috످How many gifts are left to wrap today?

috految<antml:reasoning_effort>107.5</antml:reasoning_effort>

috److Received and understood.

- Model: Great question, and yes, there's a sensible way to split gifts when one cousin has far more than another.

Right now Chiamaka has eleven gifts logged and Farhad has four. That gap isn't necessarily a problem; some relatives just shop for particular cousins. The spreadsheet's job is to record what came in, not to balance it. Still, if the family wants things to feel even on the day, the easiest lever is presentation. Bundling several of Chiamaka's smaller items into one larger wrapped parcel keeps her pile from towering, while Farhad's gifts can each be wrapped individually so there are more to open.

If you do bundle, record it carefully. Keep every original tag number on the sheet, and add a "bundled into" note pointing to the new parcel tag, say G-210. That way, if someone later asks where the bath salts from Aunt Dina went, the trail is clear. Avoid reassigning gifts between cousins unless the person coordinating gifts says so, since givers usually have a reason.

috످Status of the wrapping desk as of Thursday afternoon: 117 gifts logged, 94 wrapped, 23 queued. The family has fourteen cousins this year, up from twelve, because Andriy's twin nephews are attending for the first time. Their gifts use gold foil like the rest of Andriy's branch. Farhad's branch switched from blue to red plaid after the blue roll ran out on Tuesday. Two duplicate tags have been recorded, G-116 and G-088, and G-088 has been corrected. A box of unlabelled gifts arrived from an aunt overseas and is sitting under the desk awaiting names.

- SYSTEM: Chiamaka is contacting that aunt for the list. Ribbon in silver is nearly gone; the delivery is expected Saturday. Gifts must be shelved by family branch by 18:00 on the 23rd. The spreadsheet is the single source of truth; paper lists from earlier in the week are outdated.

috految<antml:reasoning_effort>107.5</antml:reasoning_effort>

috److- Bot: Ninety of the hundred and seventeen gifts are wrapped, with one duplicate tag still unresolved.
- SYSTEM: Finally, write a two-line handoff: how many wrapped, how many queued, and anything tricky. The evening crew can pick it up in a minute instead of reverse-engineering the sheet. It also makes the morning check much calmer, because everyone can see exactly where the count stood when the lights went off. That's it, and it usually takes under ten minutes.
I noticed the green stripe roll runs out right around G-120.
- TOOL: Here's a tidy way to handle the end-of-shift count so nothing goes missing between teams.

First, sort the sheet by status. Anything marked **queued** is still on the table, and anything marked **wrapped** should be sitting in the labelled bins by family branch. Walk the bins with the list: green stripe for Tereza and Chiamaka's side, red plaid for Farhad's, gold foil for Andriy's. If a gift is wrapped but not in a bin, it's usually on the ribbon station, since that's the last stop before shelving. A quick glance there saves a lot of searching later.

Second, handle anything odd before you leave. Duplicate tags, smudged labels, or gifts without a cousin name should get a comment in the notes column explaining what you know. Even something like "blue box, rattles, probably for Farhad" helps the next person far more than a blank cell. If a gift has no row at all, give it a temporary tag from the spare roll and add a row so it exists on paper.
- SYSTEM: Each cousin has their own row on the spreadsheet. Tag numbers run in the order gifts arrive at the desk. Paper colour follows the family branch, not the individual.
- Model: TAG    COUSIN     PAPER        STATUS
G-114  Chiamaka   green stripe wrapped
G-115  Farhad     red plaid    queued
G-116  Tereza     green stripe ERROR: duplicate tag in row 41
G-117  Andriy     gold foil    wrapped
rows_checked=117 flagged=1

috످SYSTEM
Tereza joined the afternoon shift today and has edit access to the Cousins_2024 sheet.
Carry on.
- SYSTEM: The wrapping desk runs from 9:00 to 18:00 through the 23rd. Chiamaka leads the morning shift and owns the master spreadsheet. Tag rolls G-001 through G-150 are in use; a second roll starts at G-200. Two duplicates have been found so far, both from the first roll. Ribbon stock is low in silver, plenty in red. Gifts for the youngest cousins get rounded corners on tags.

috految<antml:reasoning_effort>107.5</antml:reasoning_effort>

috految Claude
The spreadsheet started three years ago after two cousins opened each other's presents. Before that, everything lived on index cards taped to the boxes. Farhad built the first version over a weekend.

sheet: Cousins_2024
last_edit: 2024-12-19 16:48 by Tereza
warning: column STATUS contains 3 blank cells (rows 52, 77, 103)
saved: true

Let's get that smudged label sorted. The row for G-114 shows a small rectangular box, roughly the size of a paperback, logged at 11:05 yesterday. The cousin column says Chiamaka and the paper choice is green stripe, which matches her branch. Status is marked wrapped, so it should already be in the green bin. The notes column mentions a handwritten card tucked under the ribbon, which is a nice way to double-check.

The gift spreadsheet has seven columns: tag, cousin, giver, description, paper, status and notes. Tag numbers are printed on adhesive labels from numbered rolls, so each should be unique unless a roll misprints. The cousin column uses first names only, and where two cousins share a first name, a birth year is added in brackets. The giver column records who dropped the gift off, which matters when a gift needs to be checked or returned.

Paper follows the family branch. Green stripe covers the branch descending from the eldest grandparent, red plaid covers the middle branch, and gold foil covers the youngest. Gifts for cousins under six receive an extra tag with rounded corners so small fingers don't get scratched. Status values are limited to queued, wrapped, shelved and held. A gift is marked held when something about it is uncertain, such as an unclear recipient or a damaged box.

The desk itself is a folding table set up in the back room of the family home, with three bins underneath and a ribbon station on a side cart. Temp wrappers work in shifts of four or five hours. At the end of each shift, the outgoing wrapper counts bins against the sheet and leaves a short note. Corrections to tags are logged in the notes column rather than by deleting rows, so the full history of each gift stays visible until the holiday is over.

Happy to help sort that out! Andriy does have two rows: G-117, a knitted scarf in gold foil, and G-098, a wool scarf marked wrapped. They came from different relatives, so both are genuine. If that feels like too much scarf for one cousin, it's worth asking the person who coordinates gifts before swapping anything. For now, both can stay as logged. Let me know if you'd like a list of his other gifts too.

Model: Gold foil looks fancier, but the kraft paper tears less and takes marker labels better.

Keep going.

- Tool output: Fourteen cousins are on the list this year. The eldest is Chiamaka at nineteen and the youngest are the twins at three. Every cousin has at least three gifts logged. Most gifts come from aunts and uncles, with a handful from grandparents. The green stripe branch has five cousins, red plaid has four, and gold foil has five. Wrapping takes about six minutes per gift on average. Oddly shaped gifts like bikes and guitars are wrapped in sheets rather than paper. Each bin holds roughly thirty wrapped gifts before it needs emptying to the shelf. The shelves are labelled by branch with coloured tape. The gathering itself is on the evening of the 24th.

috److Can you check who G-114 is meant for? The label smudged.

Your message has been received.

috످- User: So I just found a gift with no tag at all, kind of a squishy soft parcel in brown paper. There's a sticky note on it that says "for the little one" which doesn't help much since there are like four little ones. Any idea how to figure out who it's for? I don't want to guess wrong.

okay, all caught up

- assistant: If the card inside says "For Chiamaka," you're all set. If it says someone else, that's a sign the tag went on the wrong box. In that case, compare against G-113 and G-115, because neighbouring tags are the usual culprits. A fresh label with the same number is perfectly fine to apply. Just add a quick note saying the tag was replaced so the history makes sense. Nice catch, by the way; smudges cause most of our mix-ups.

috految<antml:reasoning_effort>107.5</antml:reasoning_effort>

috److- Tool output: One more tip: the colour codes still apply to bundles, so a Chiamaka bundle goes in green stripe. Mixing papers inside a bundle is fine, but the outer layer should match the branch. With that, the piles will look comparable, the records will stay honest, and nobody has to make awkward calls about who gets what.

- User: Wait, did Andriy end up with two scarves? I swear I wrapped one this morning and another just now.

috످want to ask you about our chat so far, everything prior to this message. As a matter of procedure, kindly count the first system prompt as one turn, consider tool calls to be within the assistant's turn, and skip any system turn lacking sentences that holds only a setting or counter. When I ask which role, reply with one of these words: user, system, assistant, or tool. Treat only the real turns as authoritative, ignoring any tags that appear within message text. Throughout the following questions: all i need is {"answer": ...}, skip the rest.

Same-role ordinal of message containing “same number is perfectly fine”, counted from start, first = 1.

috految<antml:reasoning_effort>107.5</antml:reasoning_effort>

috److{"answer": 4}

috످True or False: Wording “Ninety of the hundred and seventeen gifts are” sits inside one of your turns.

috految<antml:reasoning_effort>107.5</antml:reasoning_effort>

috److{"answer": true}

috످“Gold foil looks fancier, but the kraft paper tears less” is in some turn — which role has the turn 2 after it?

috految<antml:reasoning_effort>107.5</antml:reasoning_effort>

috److془The kraft paper remark is in the system message (spreadsheet history). Next: assistant "Can you check who G-114..." Next: user "So I just found a gift..."

Check: turns: user "How many gifts", assistant "Received", user "Status", assistant "- Bot", user "SYSTEM Tereza", system "Claude The spreadsheet...", assistant "Can you check", user "- User: So I just found". Answer: user.془{"answer": "user"}

috످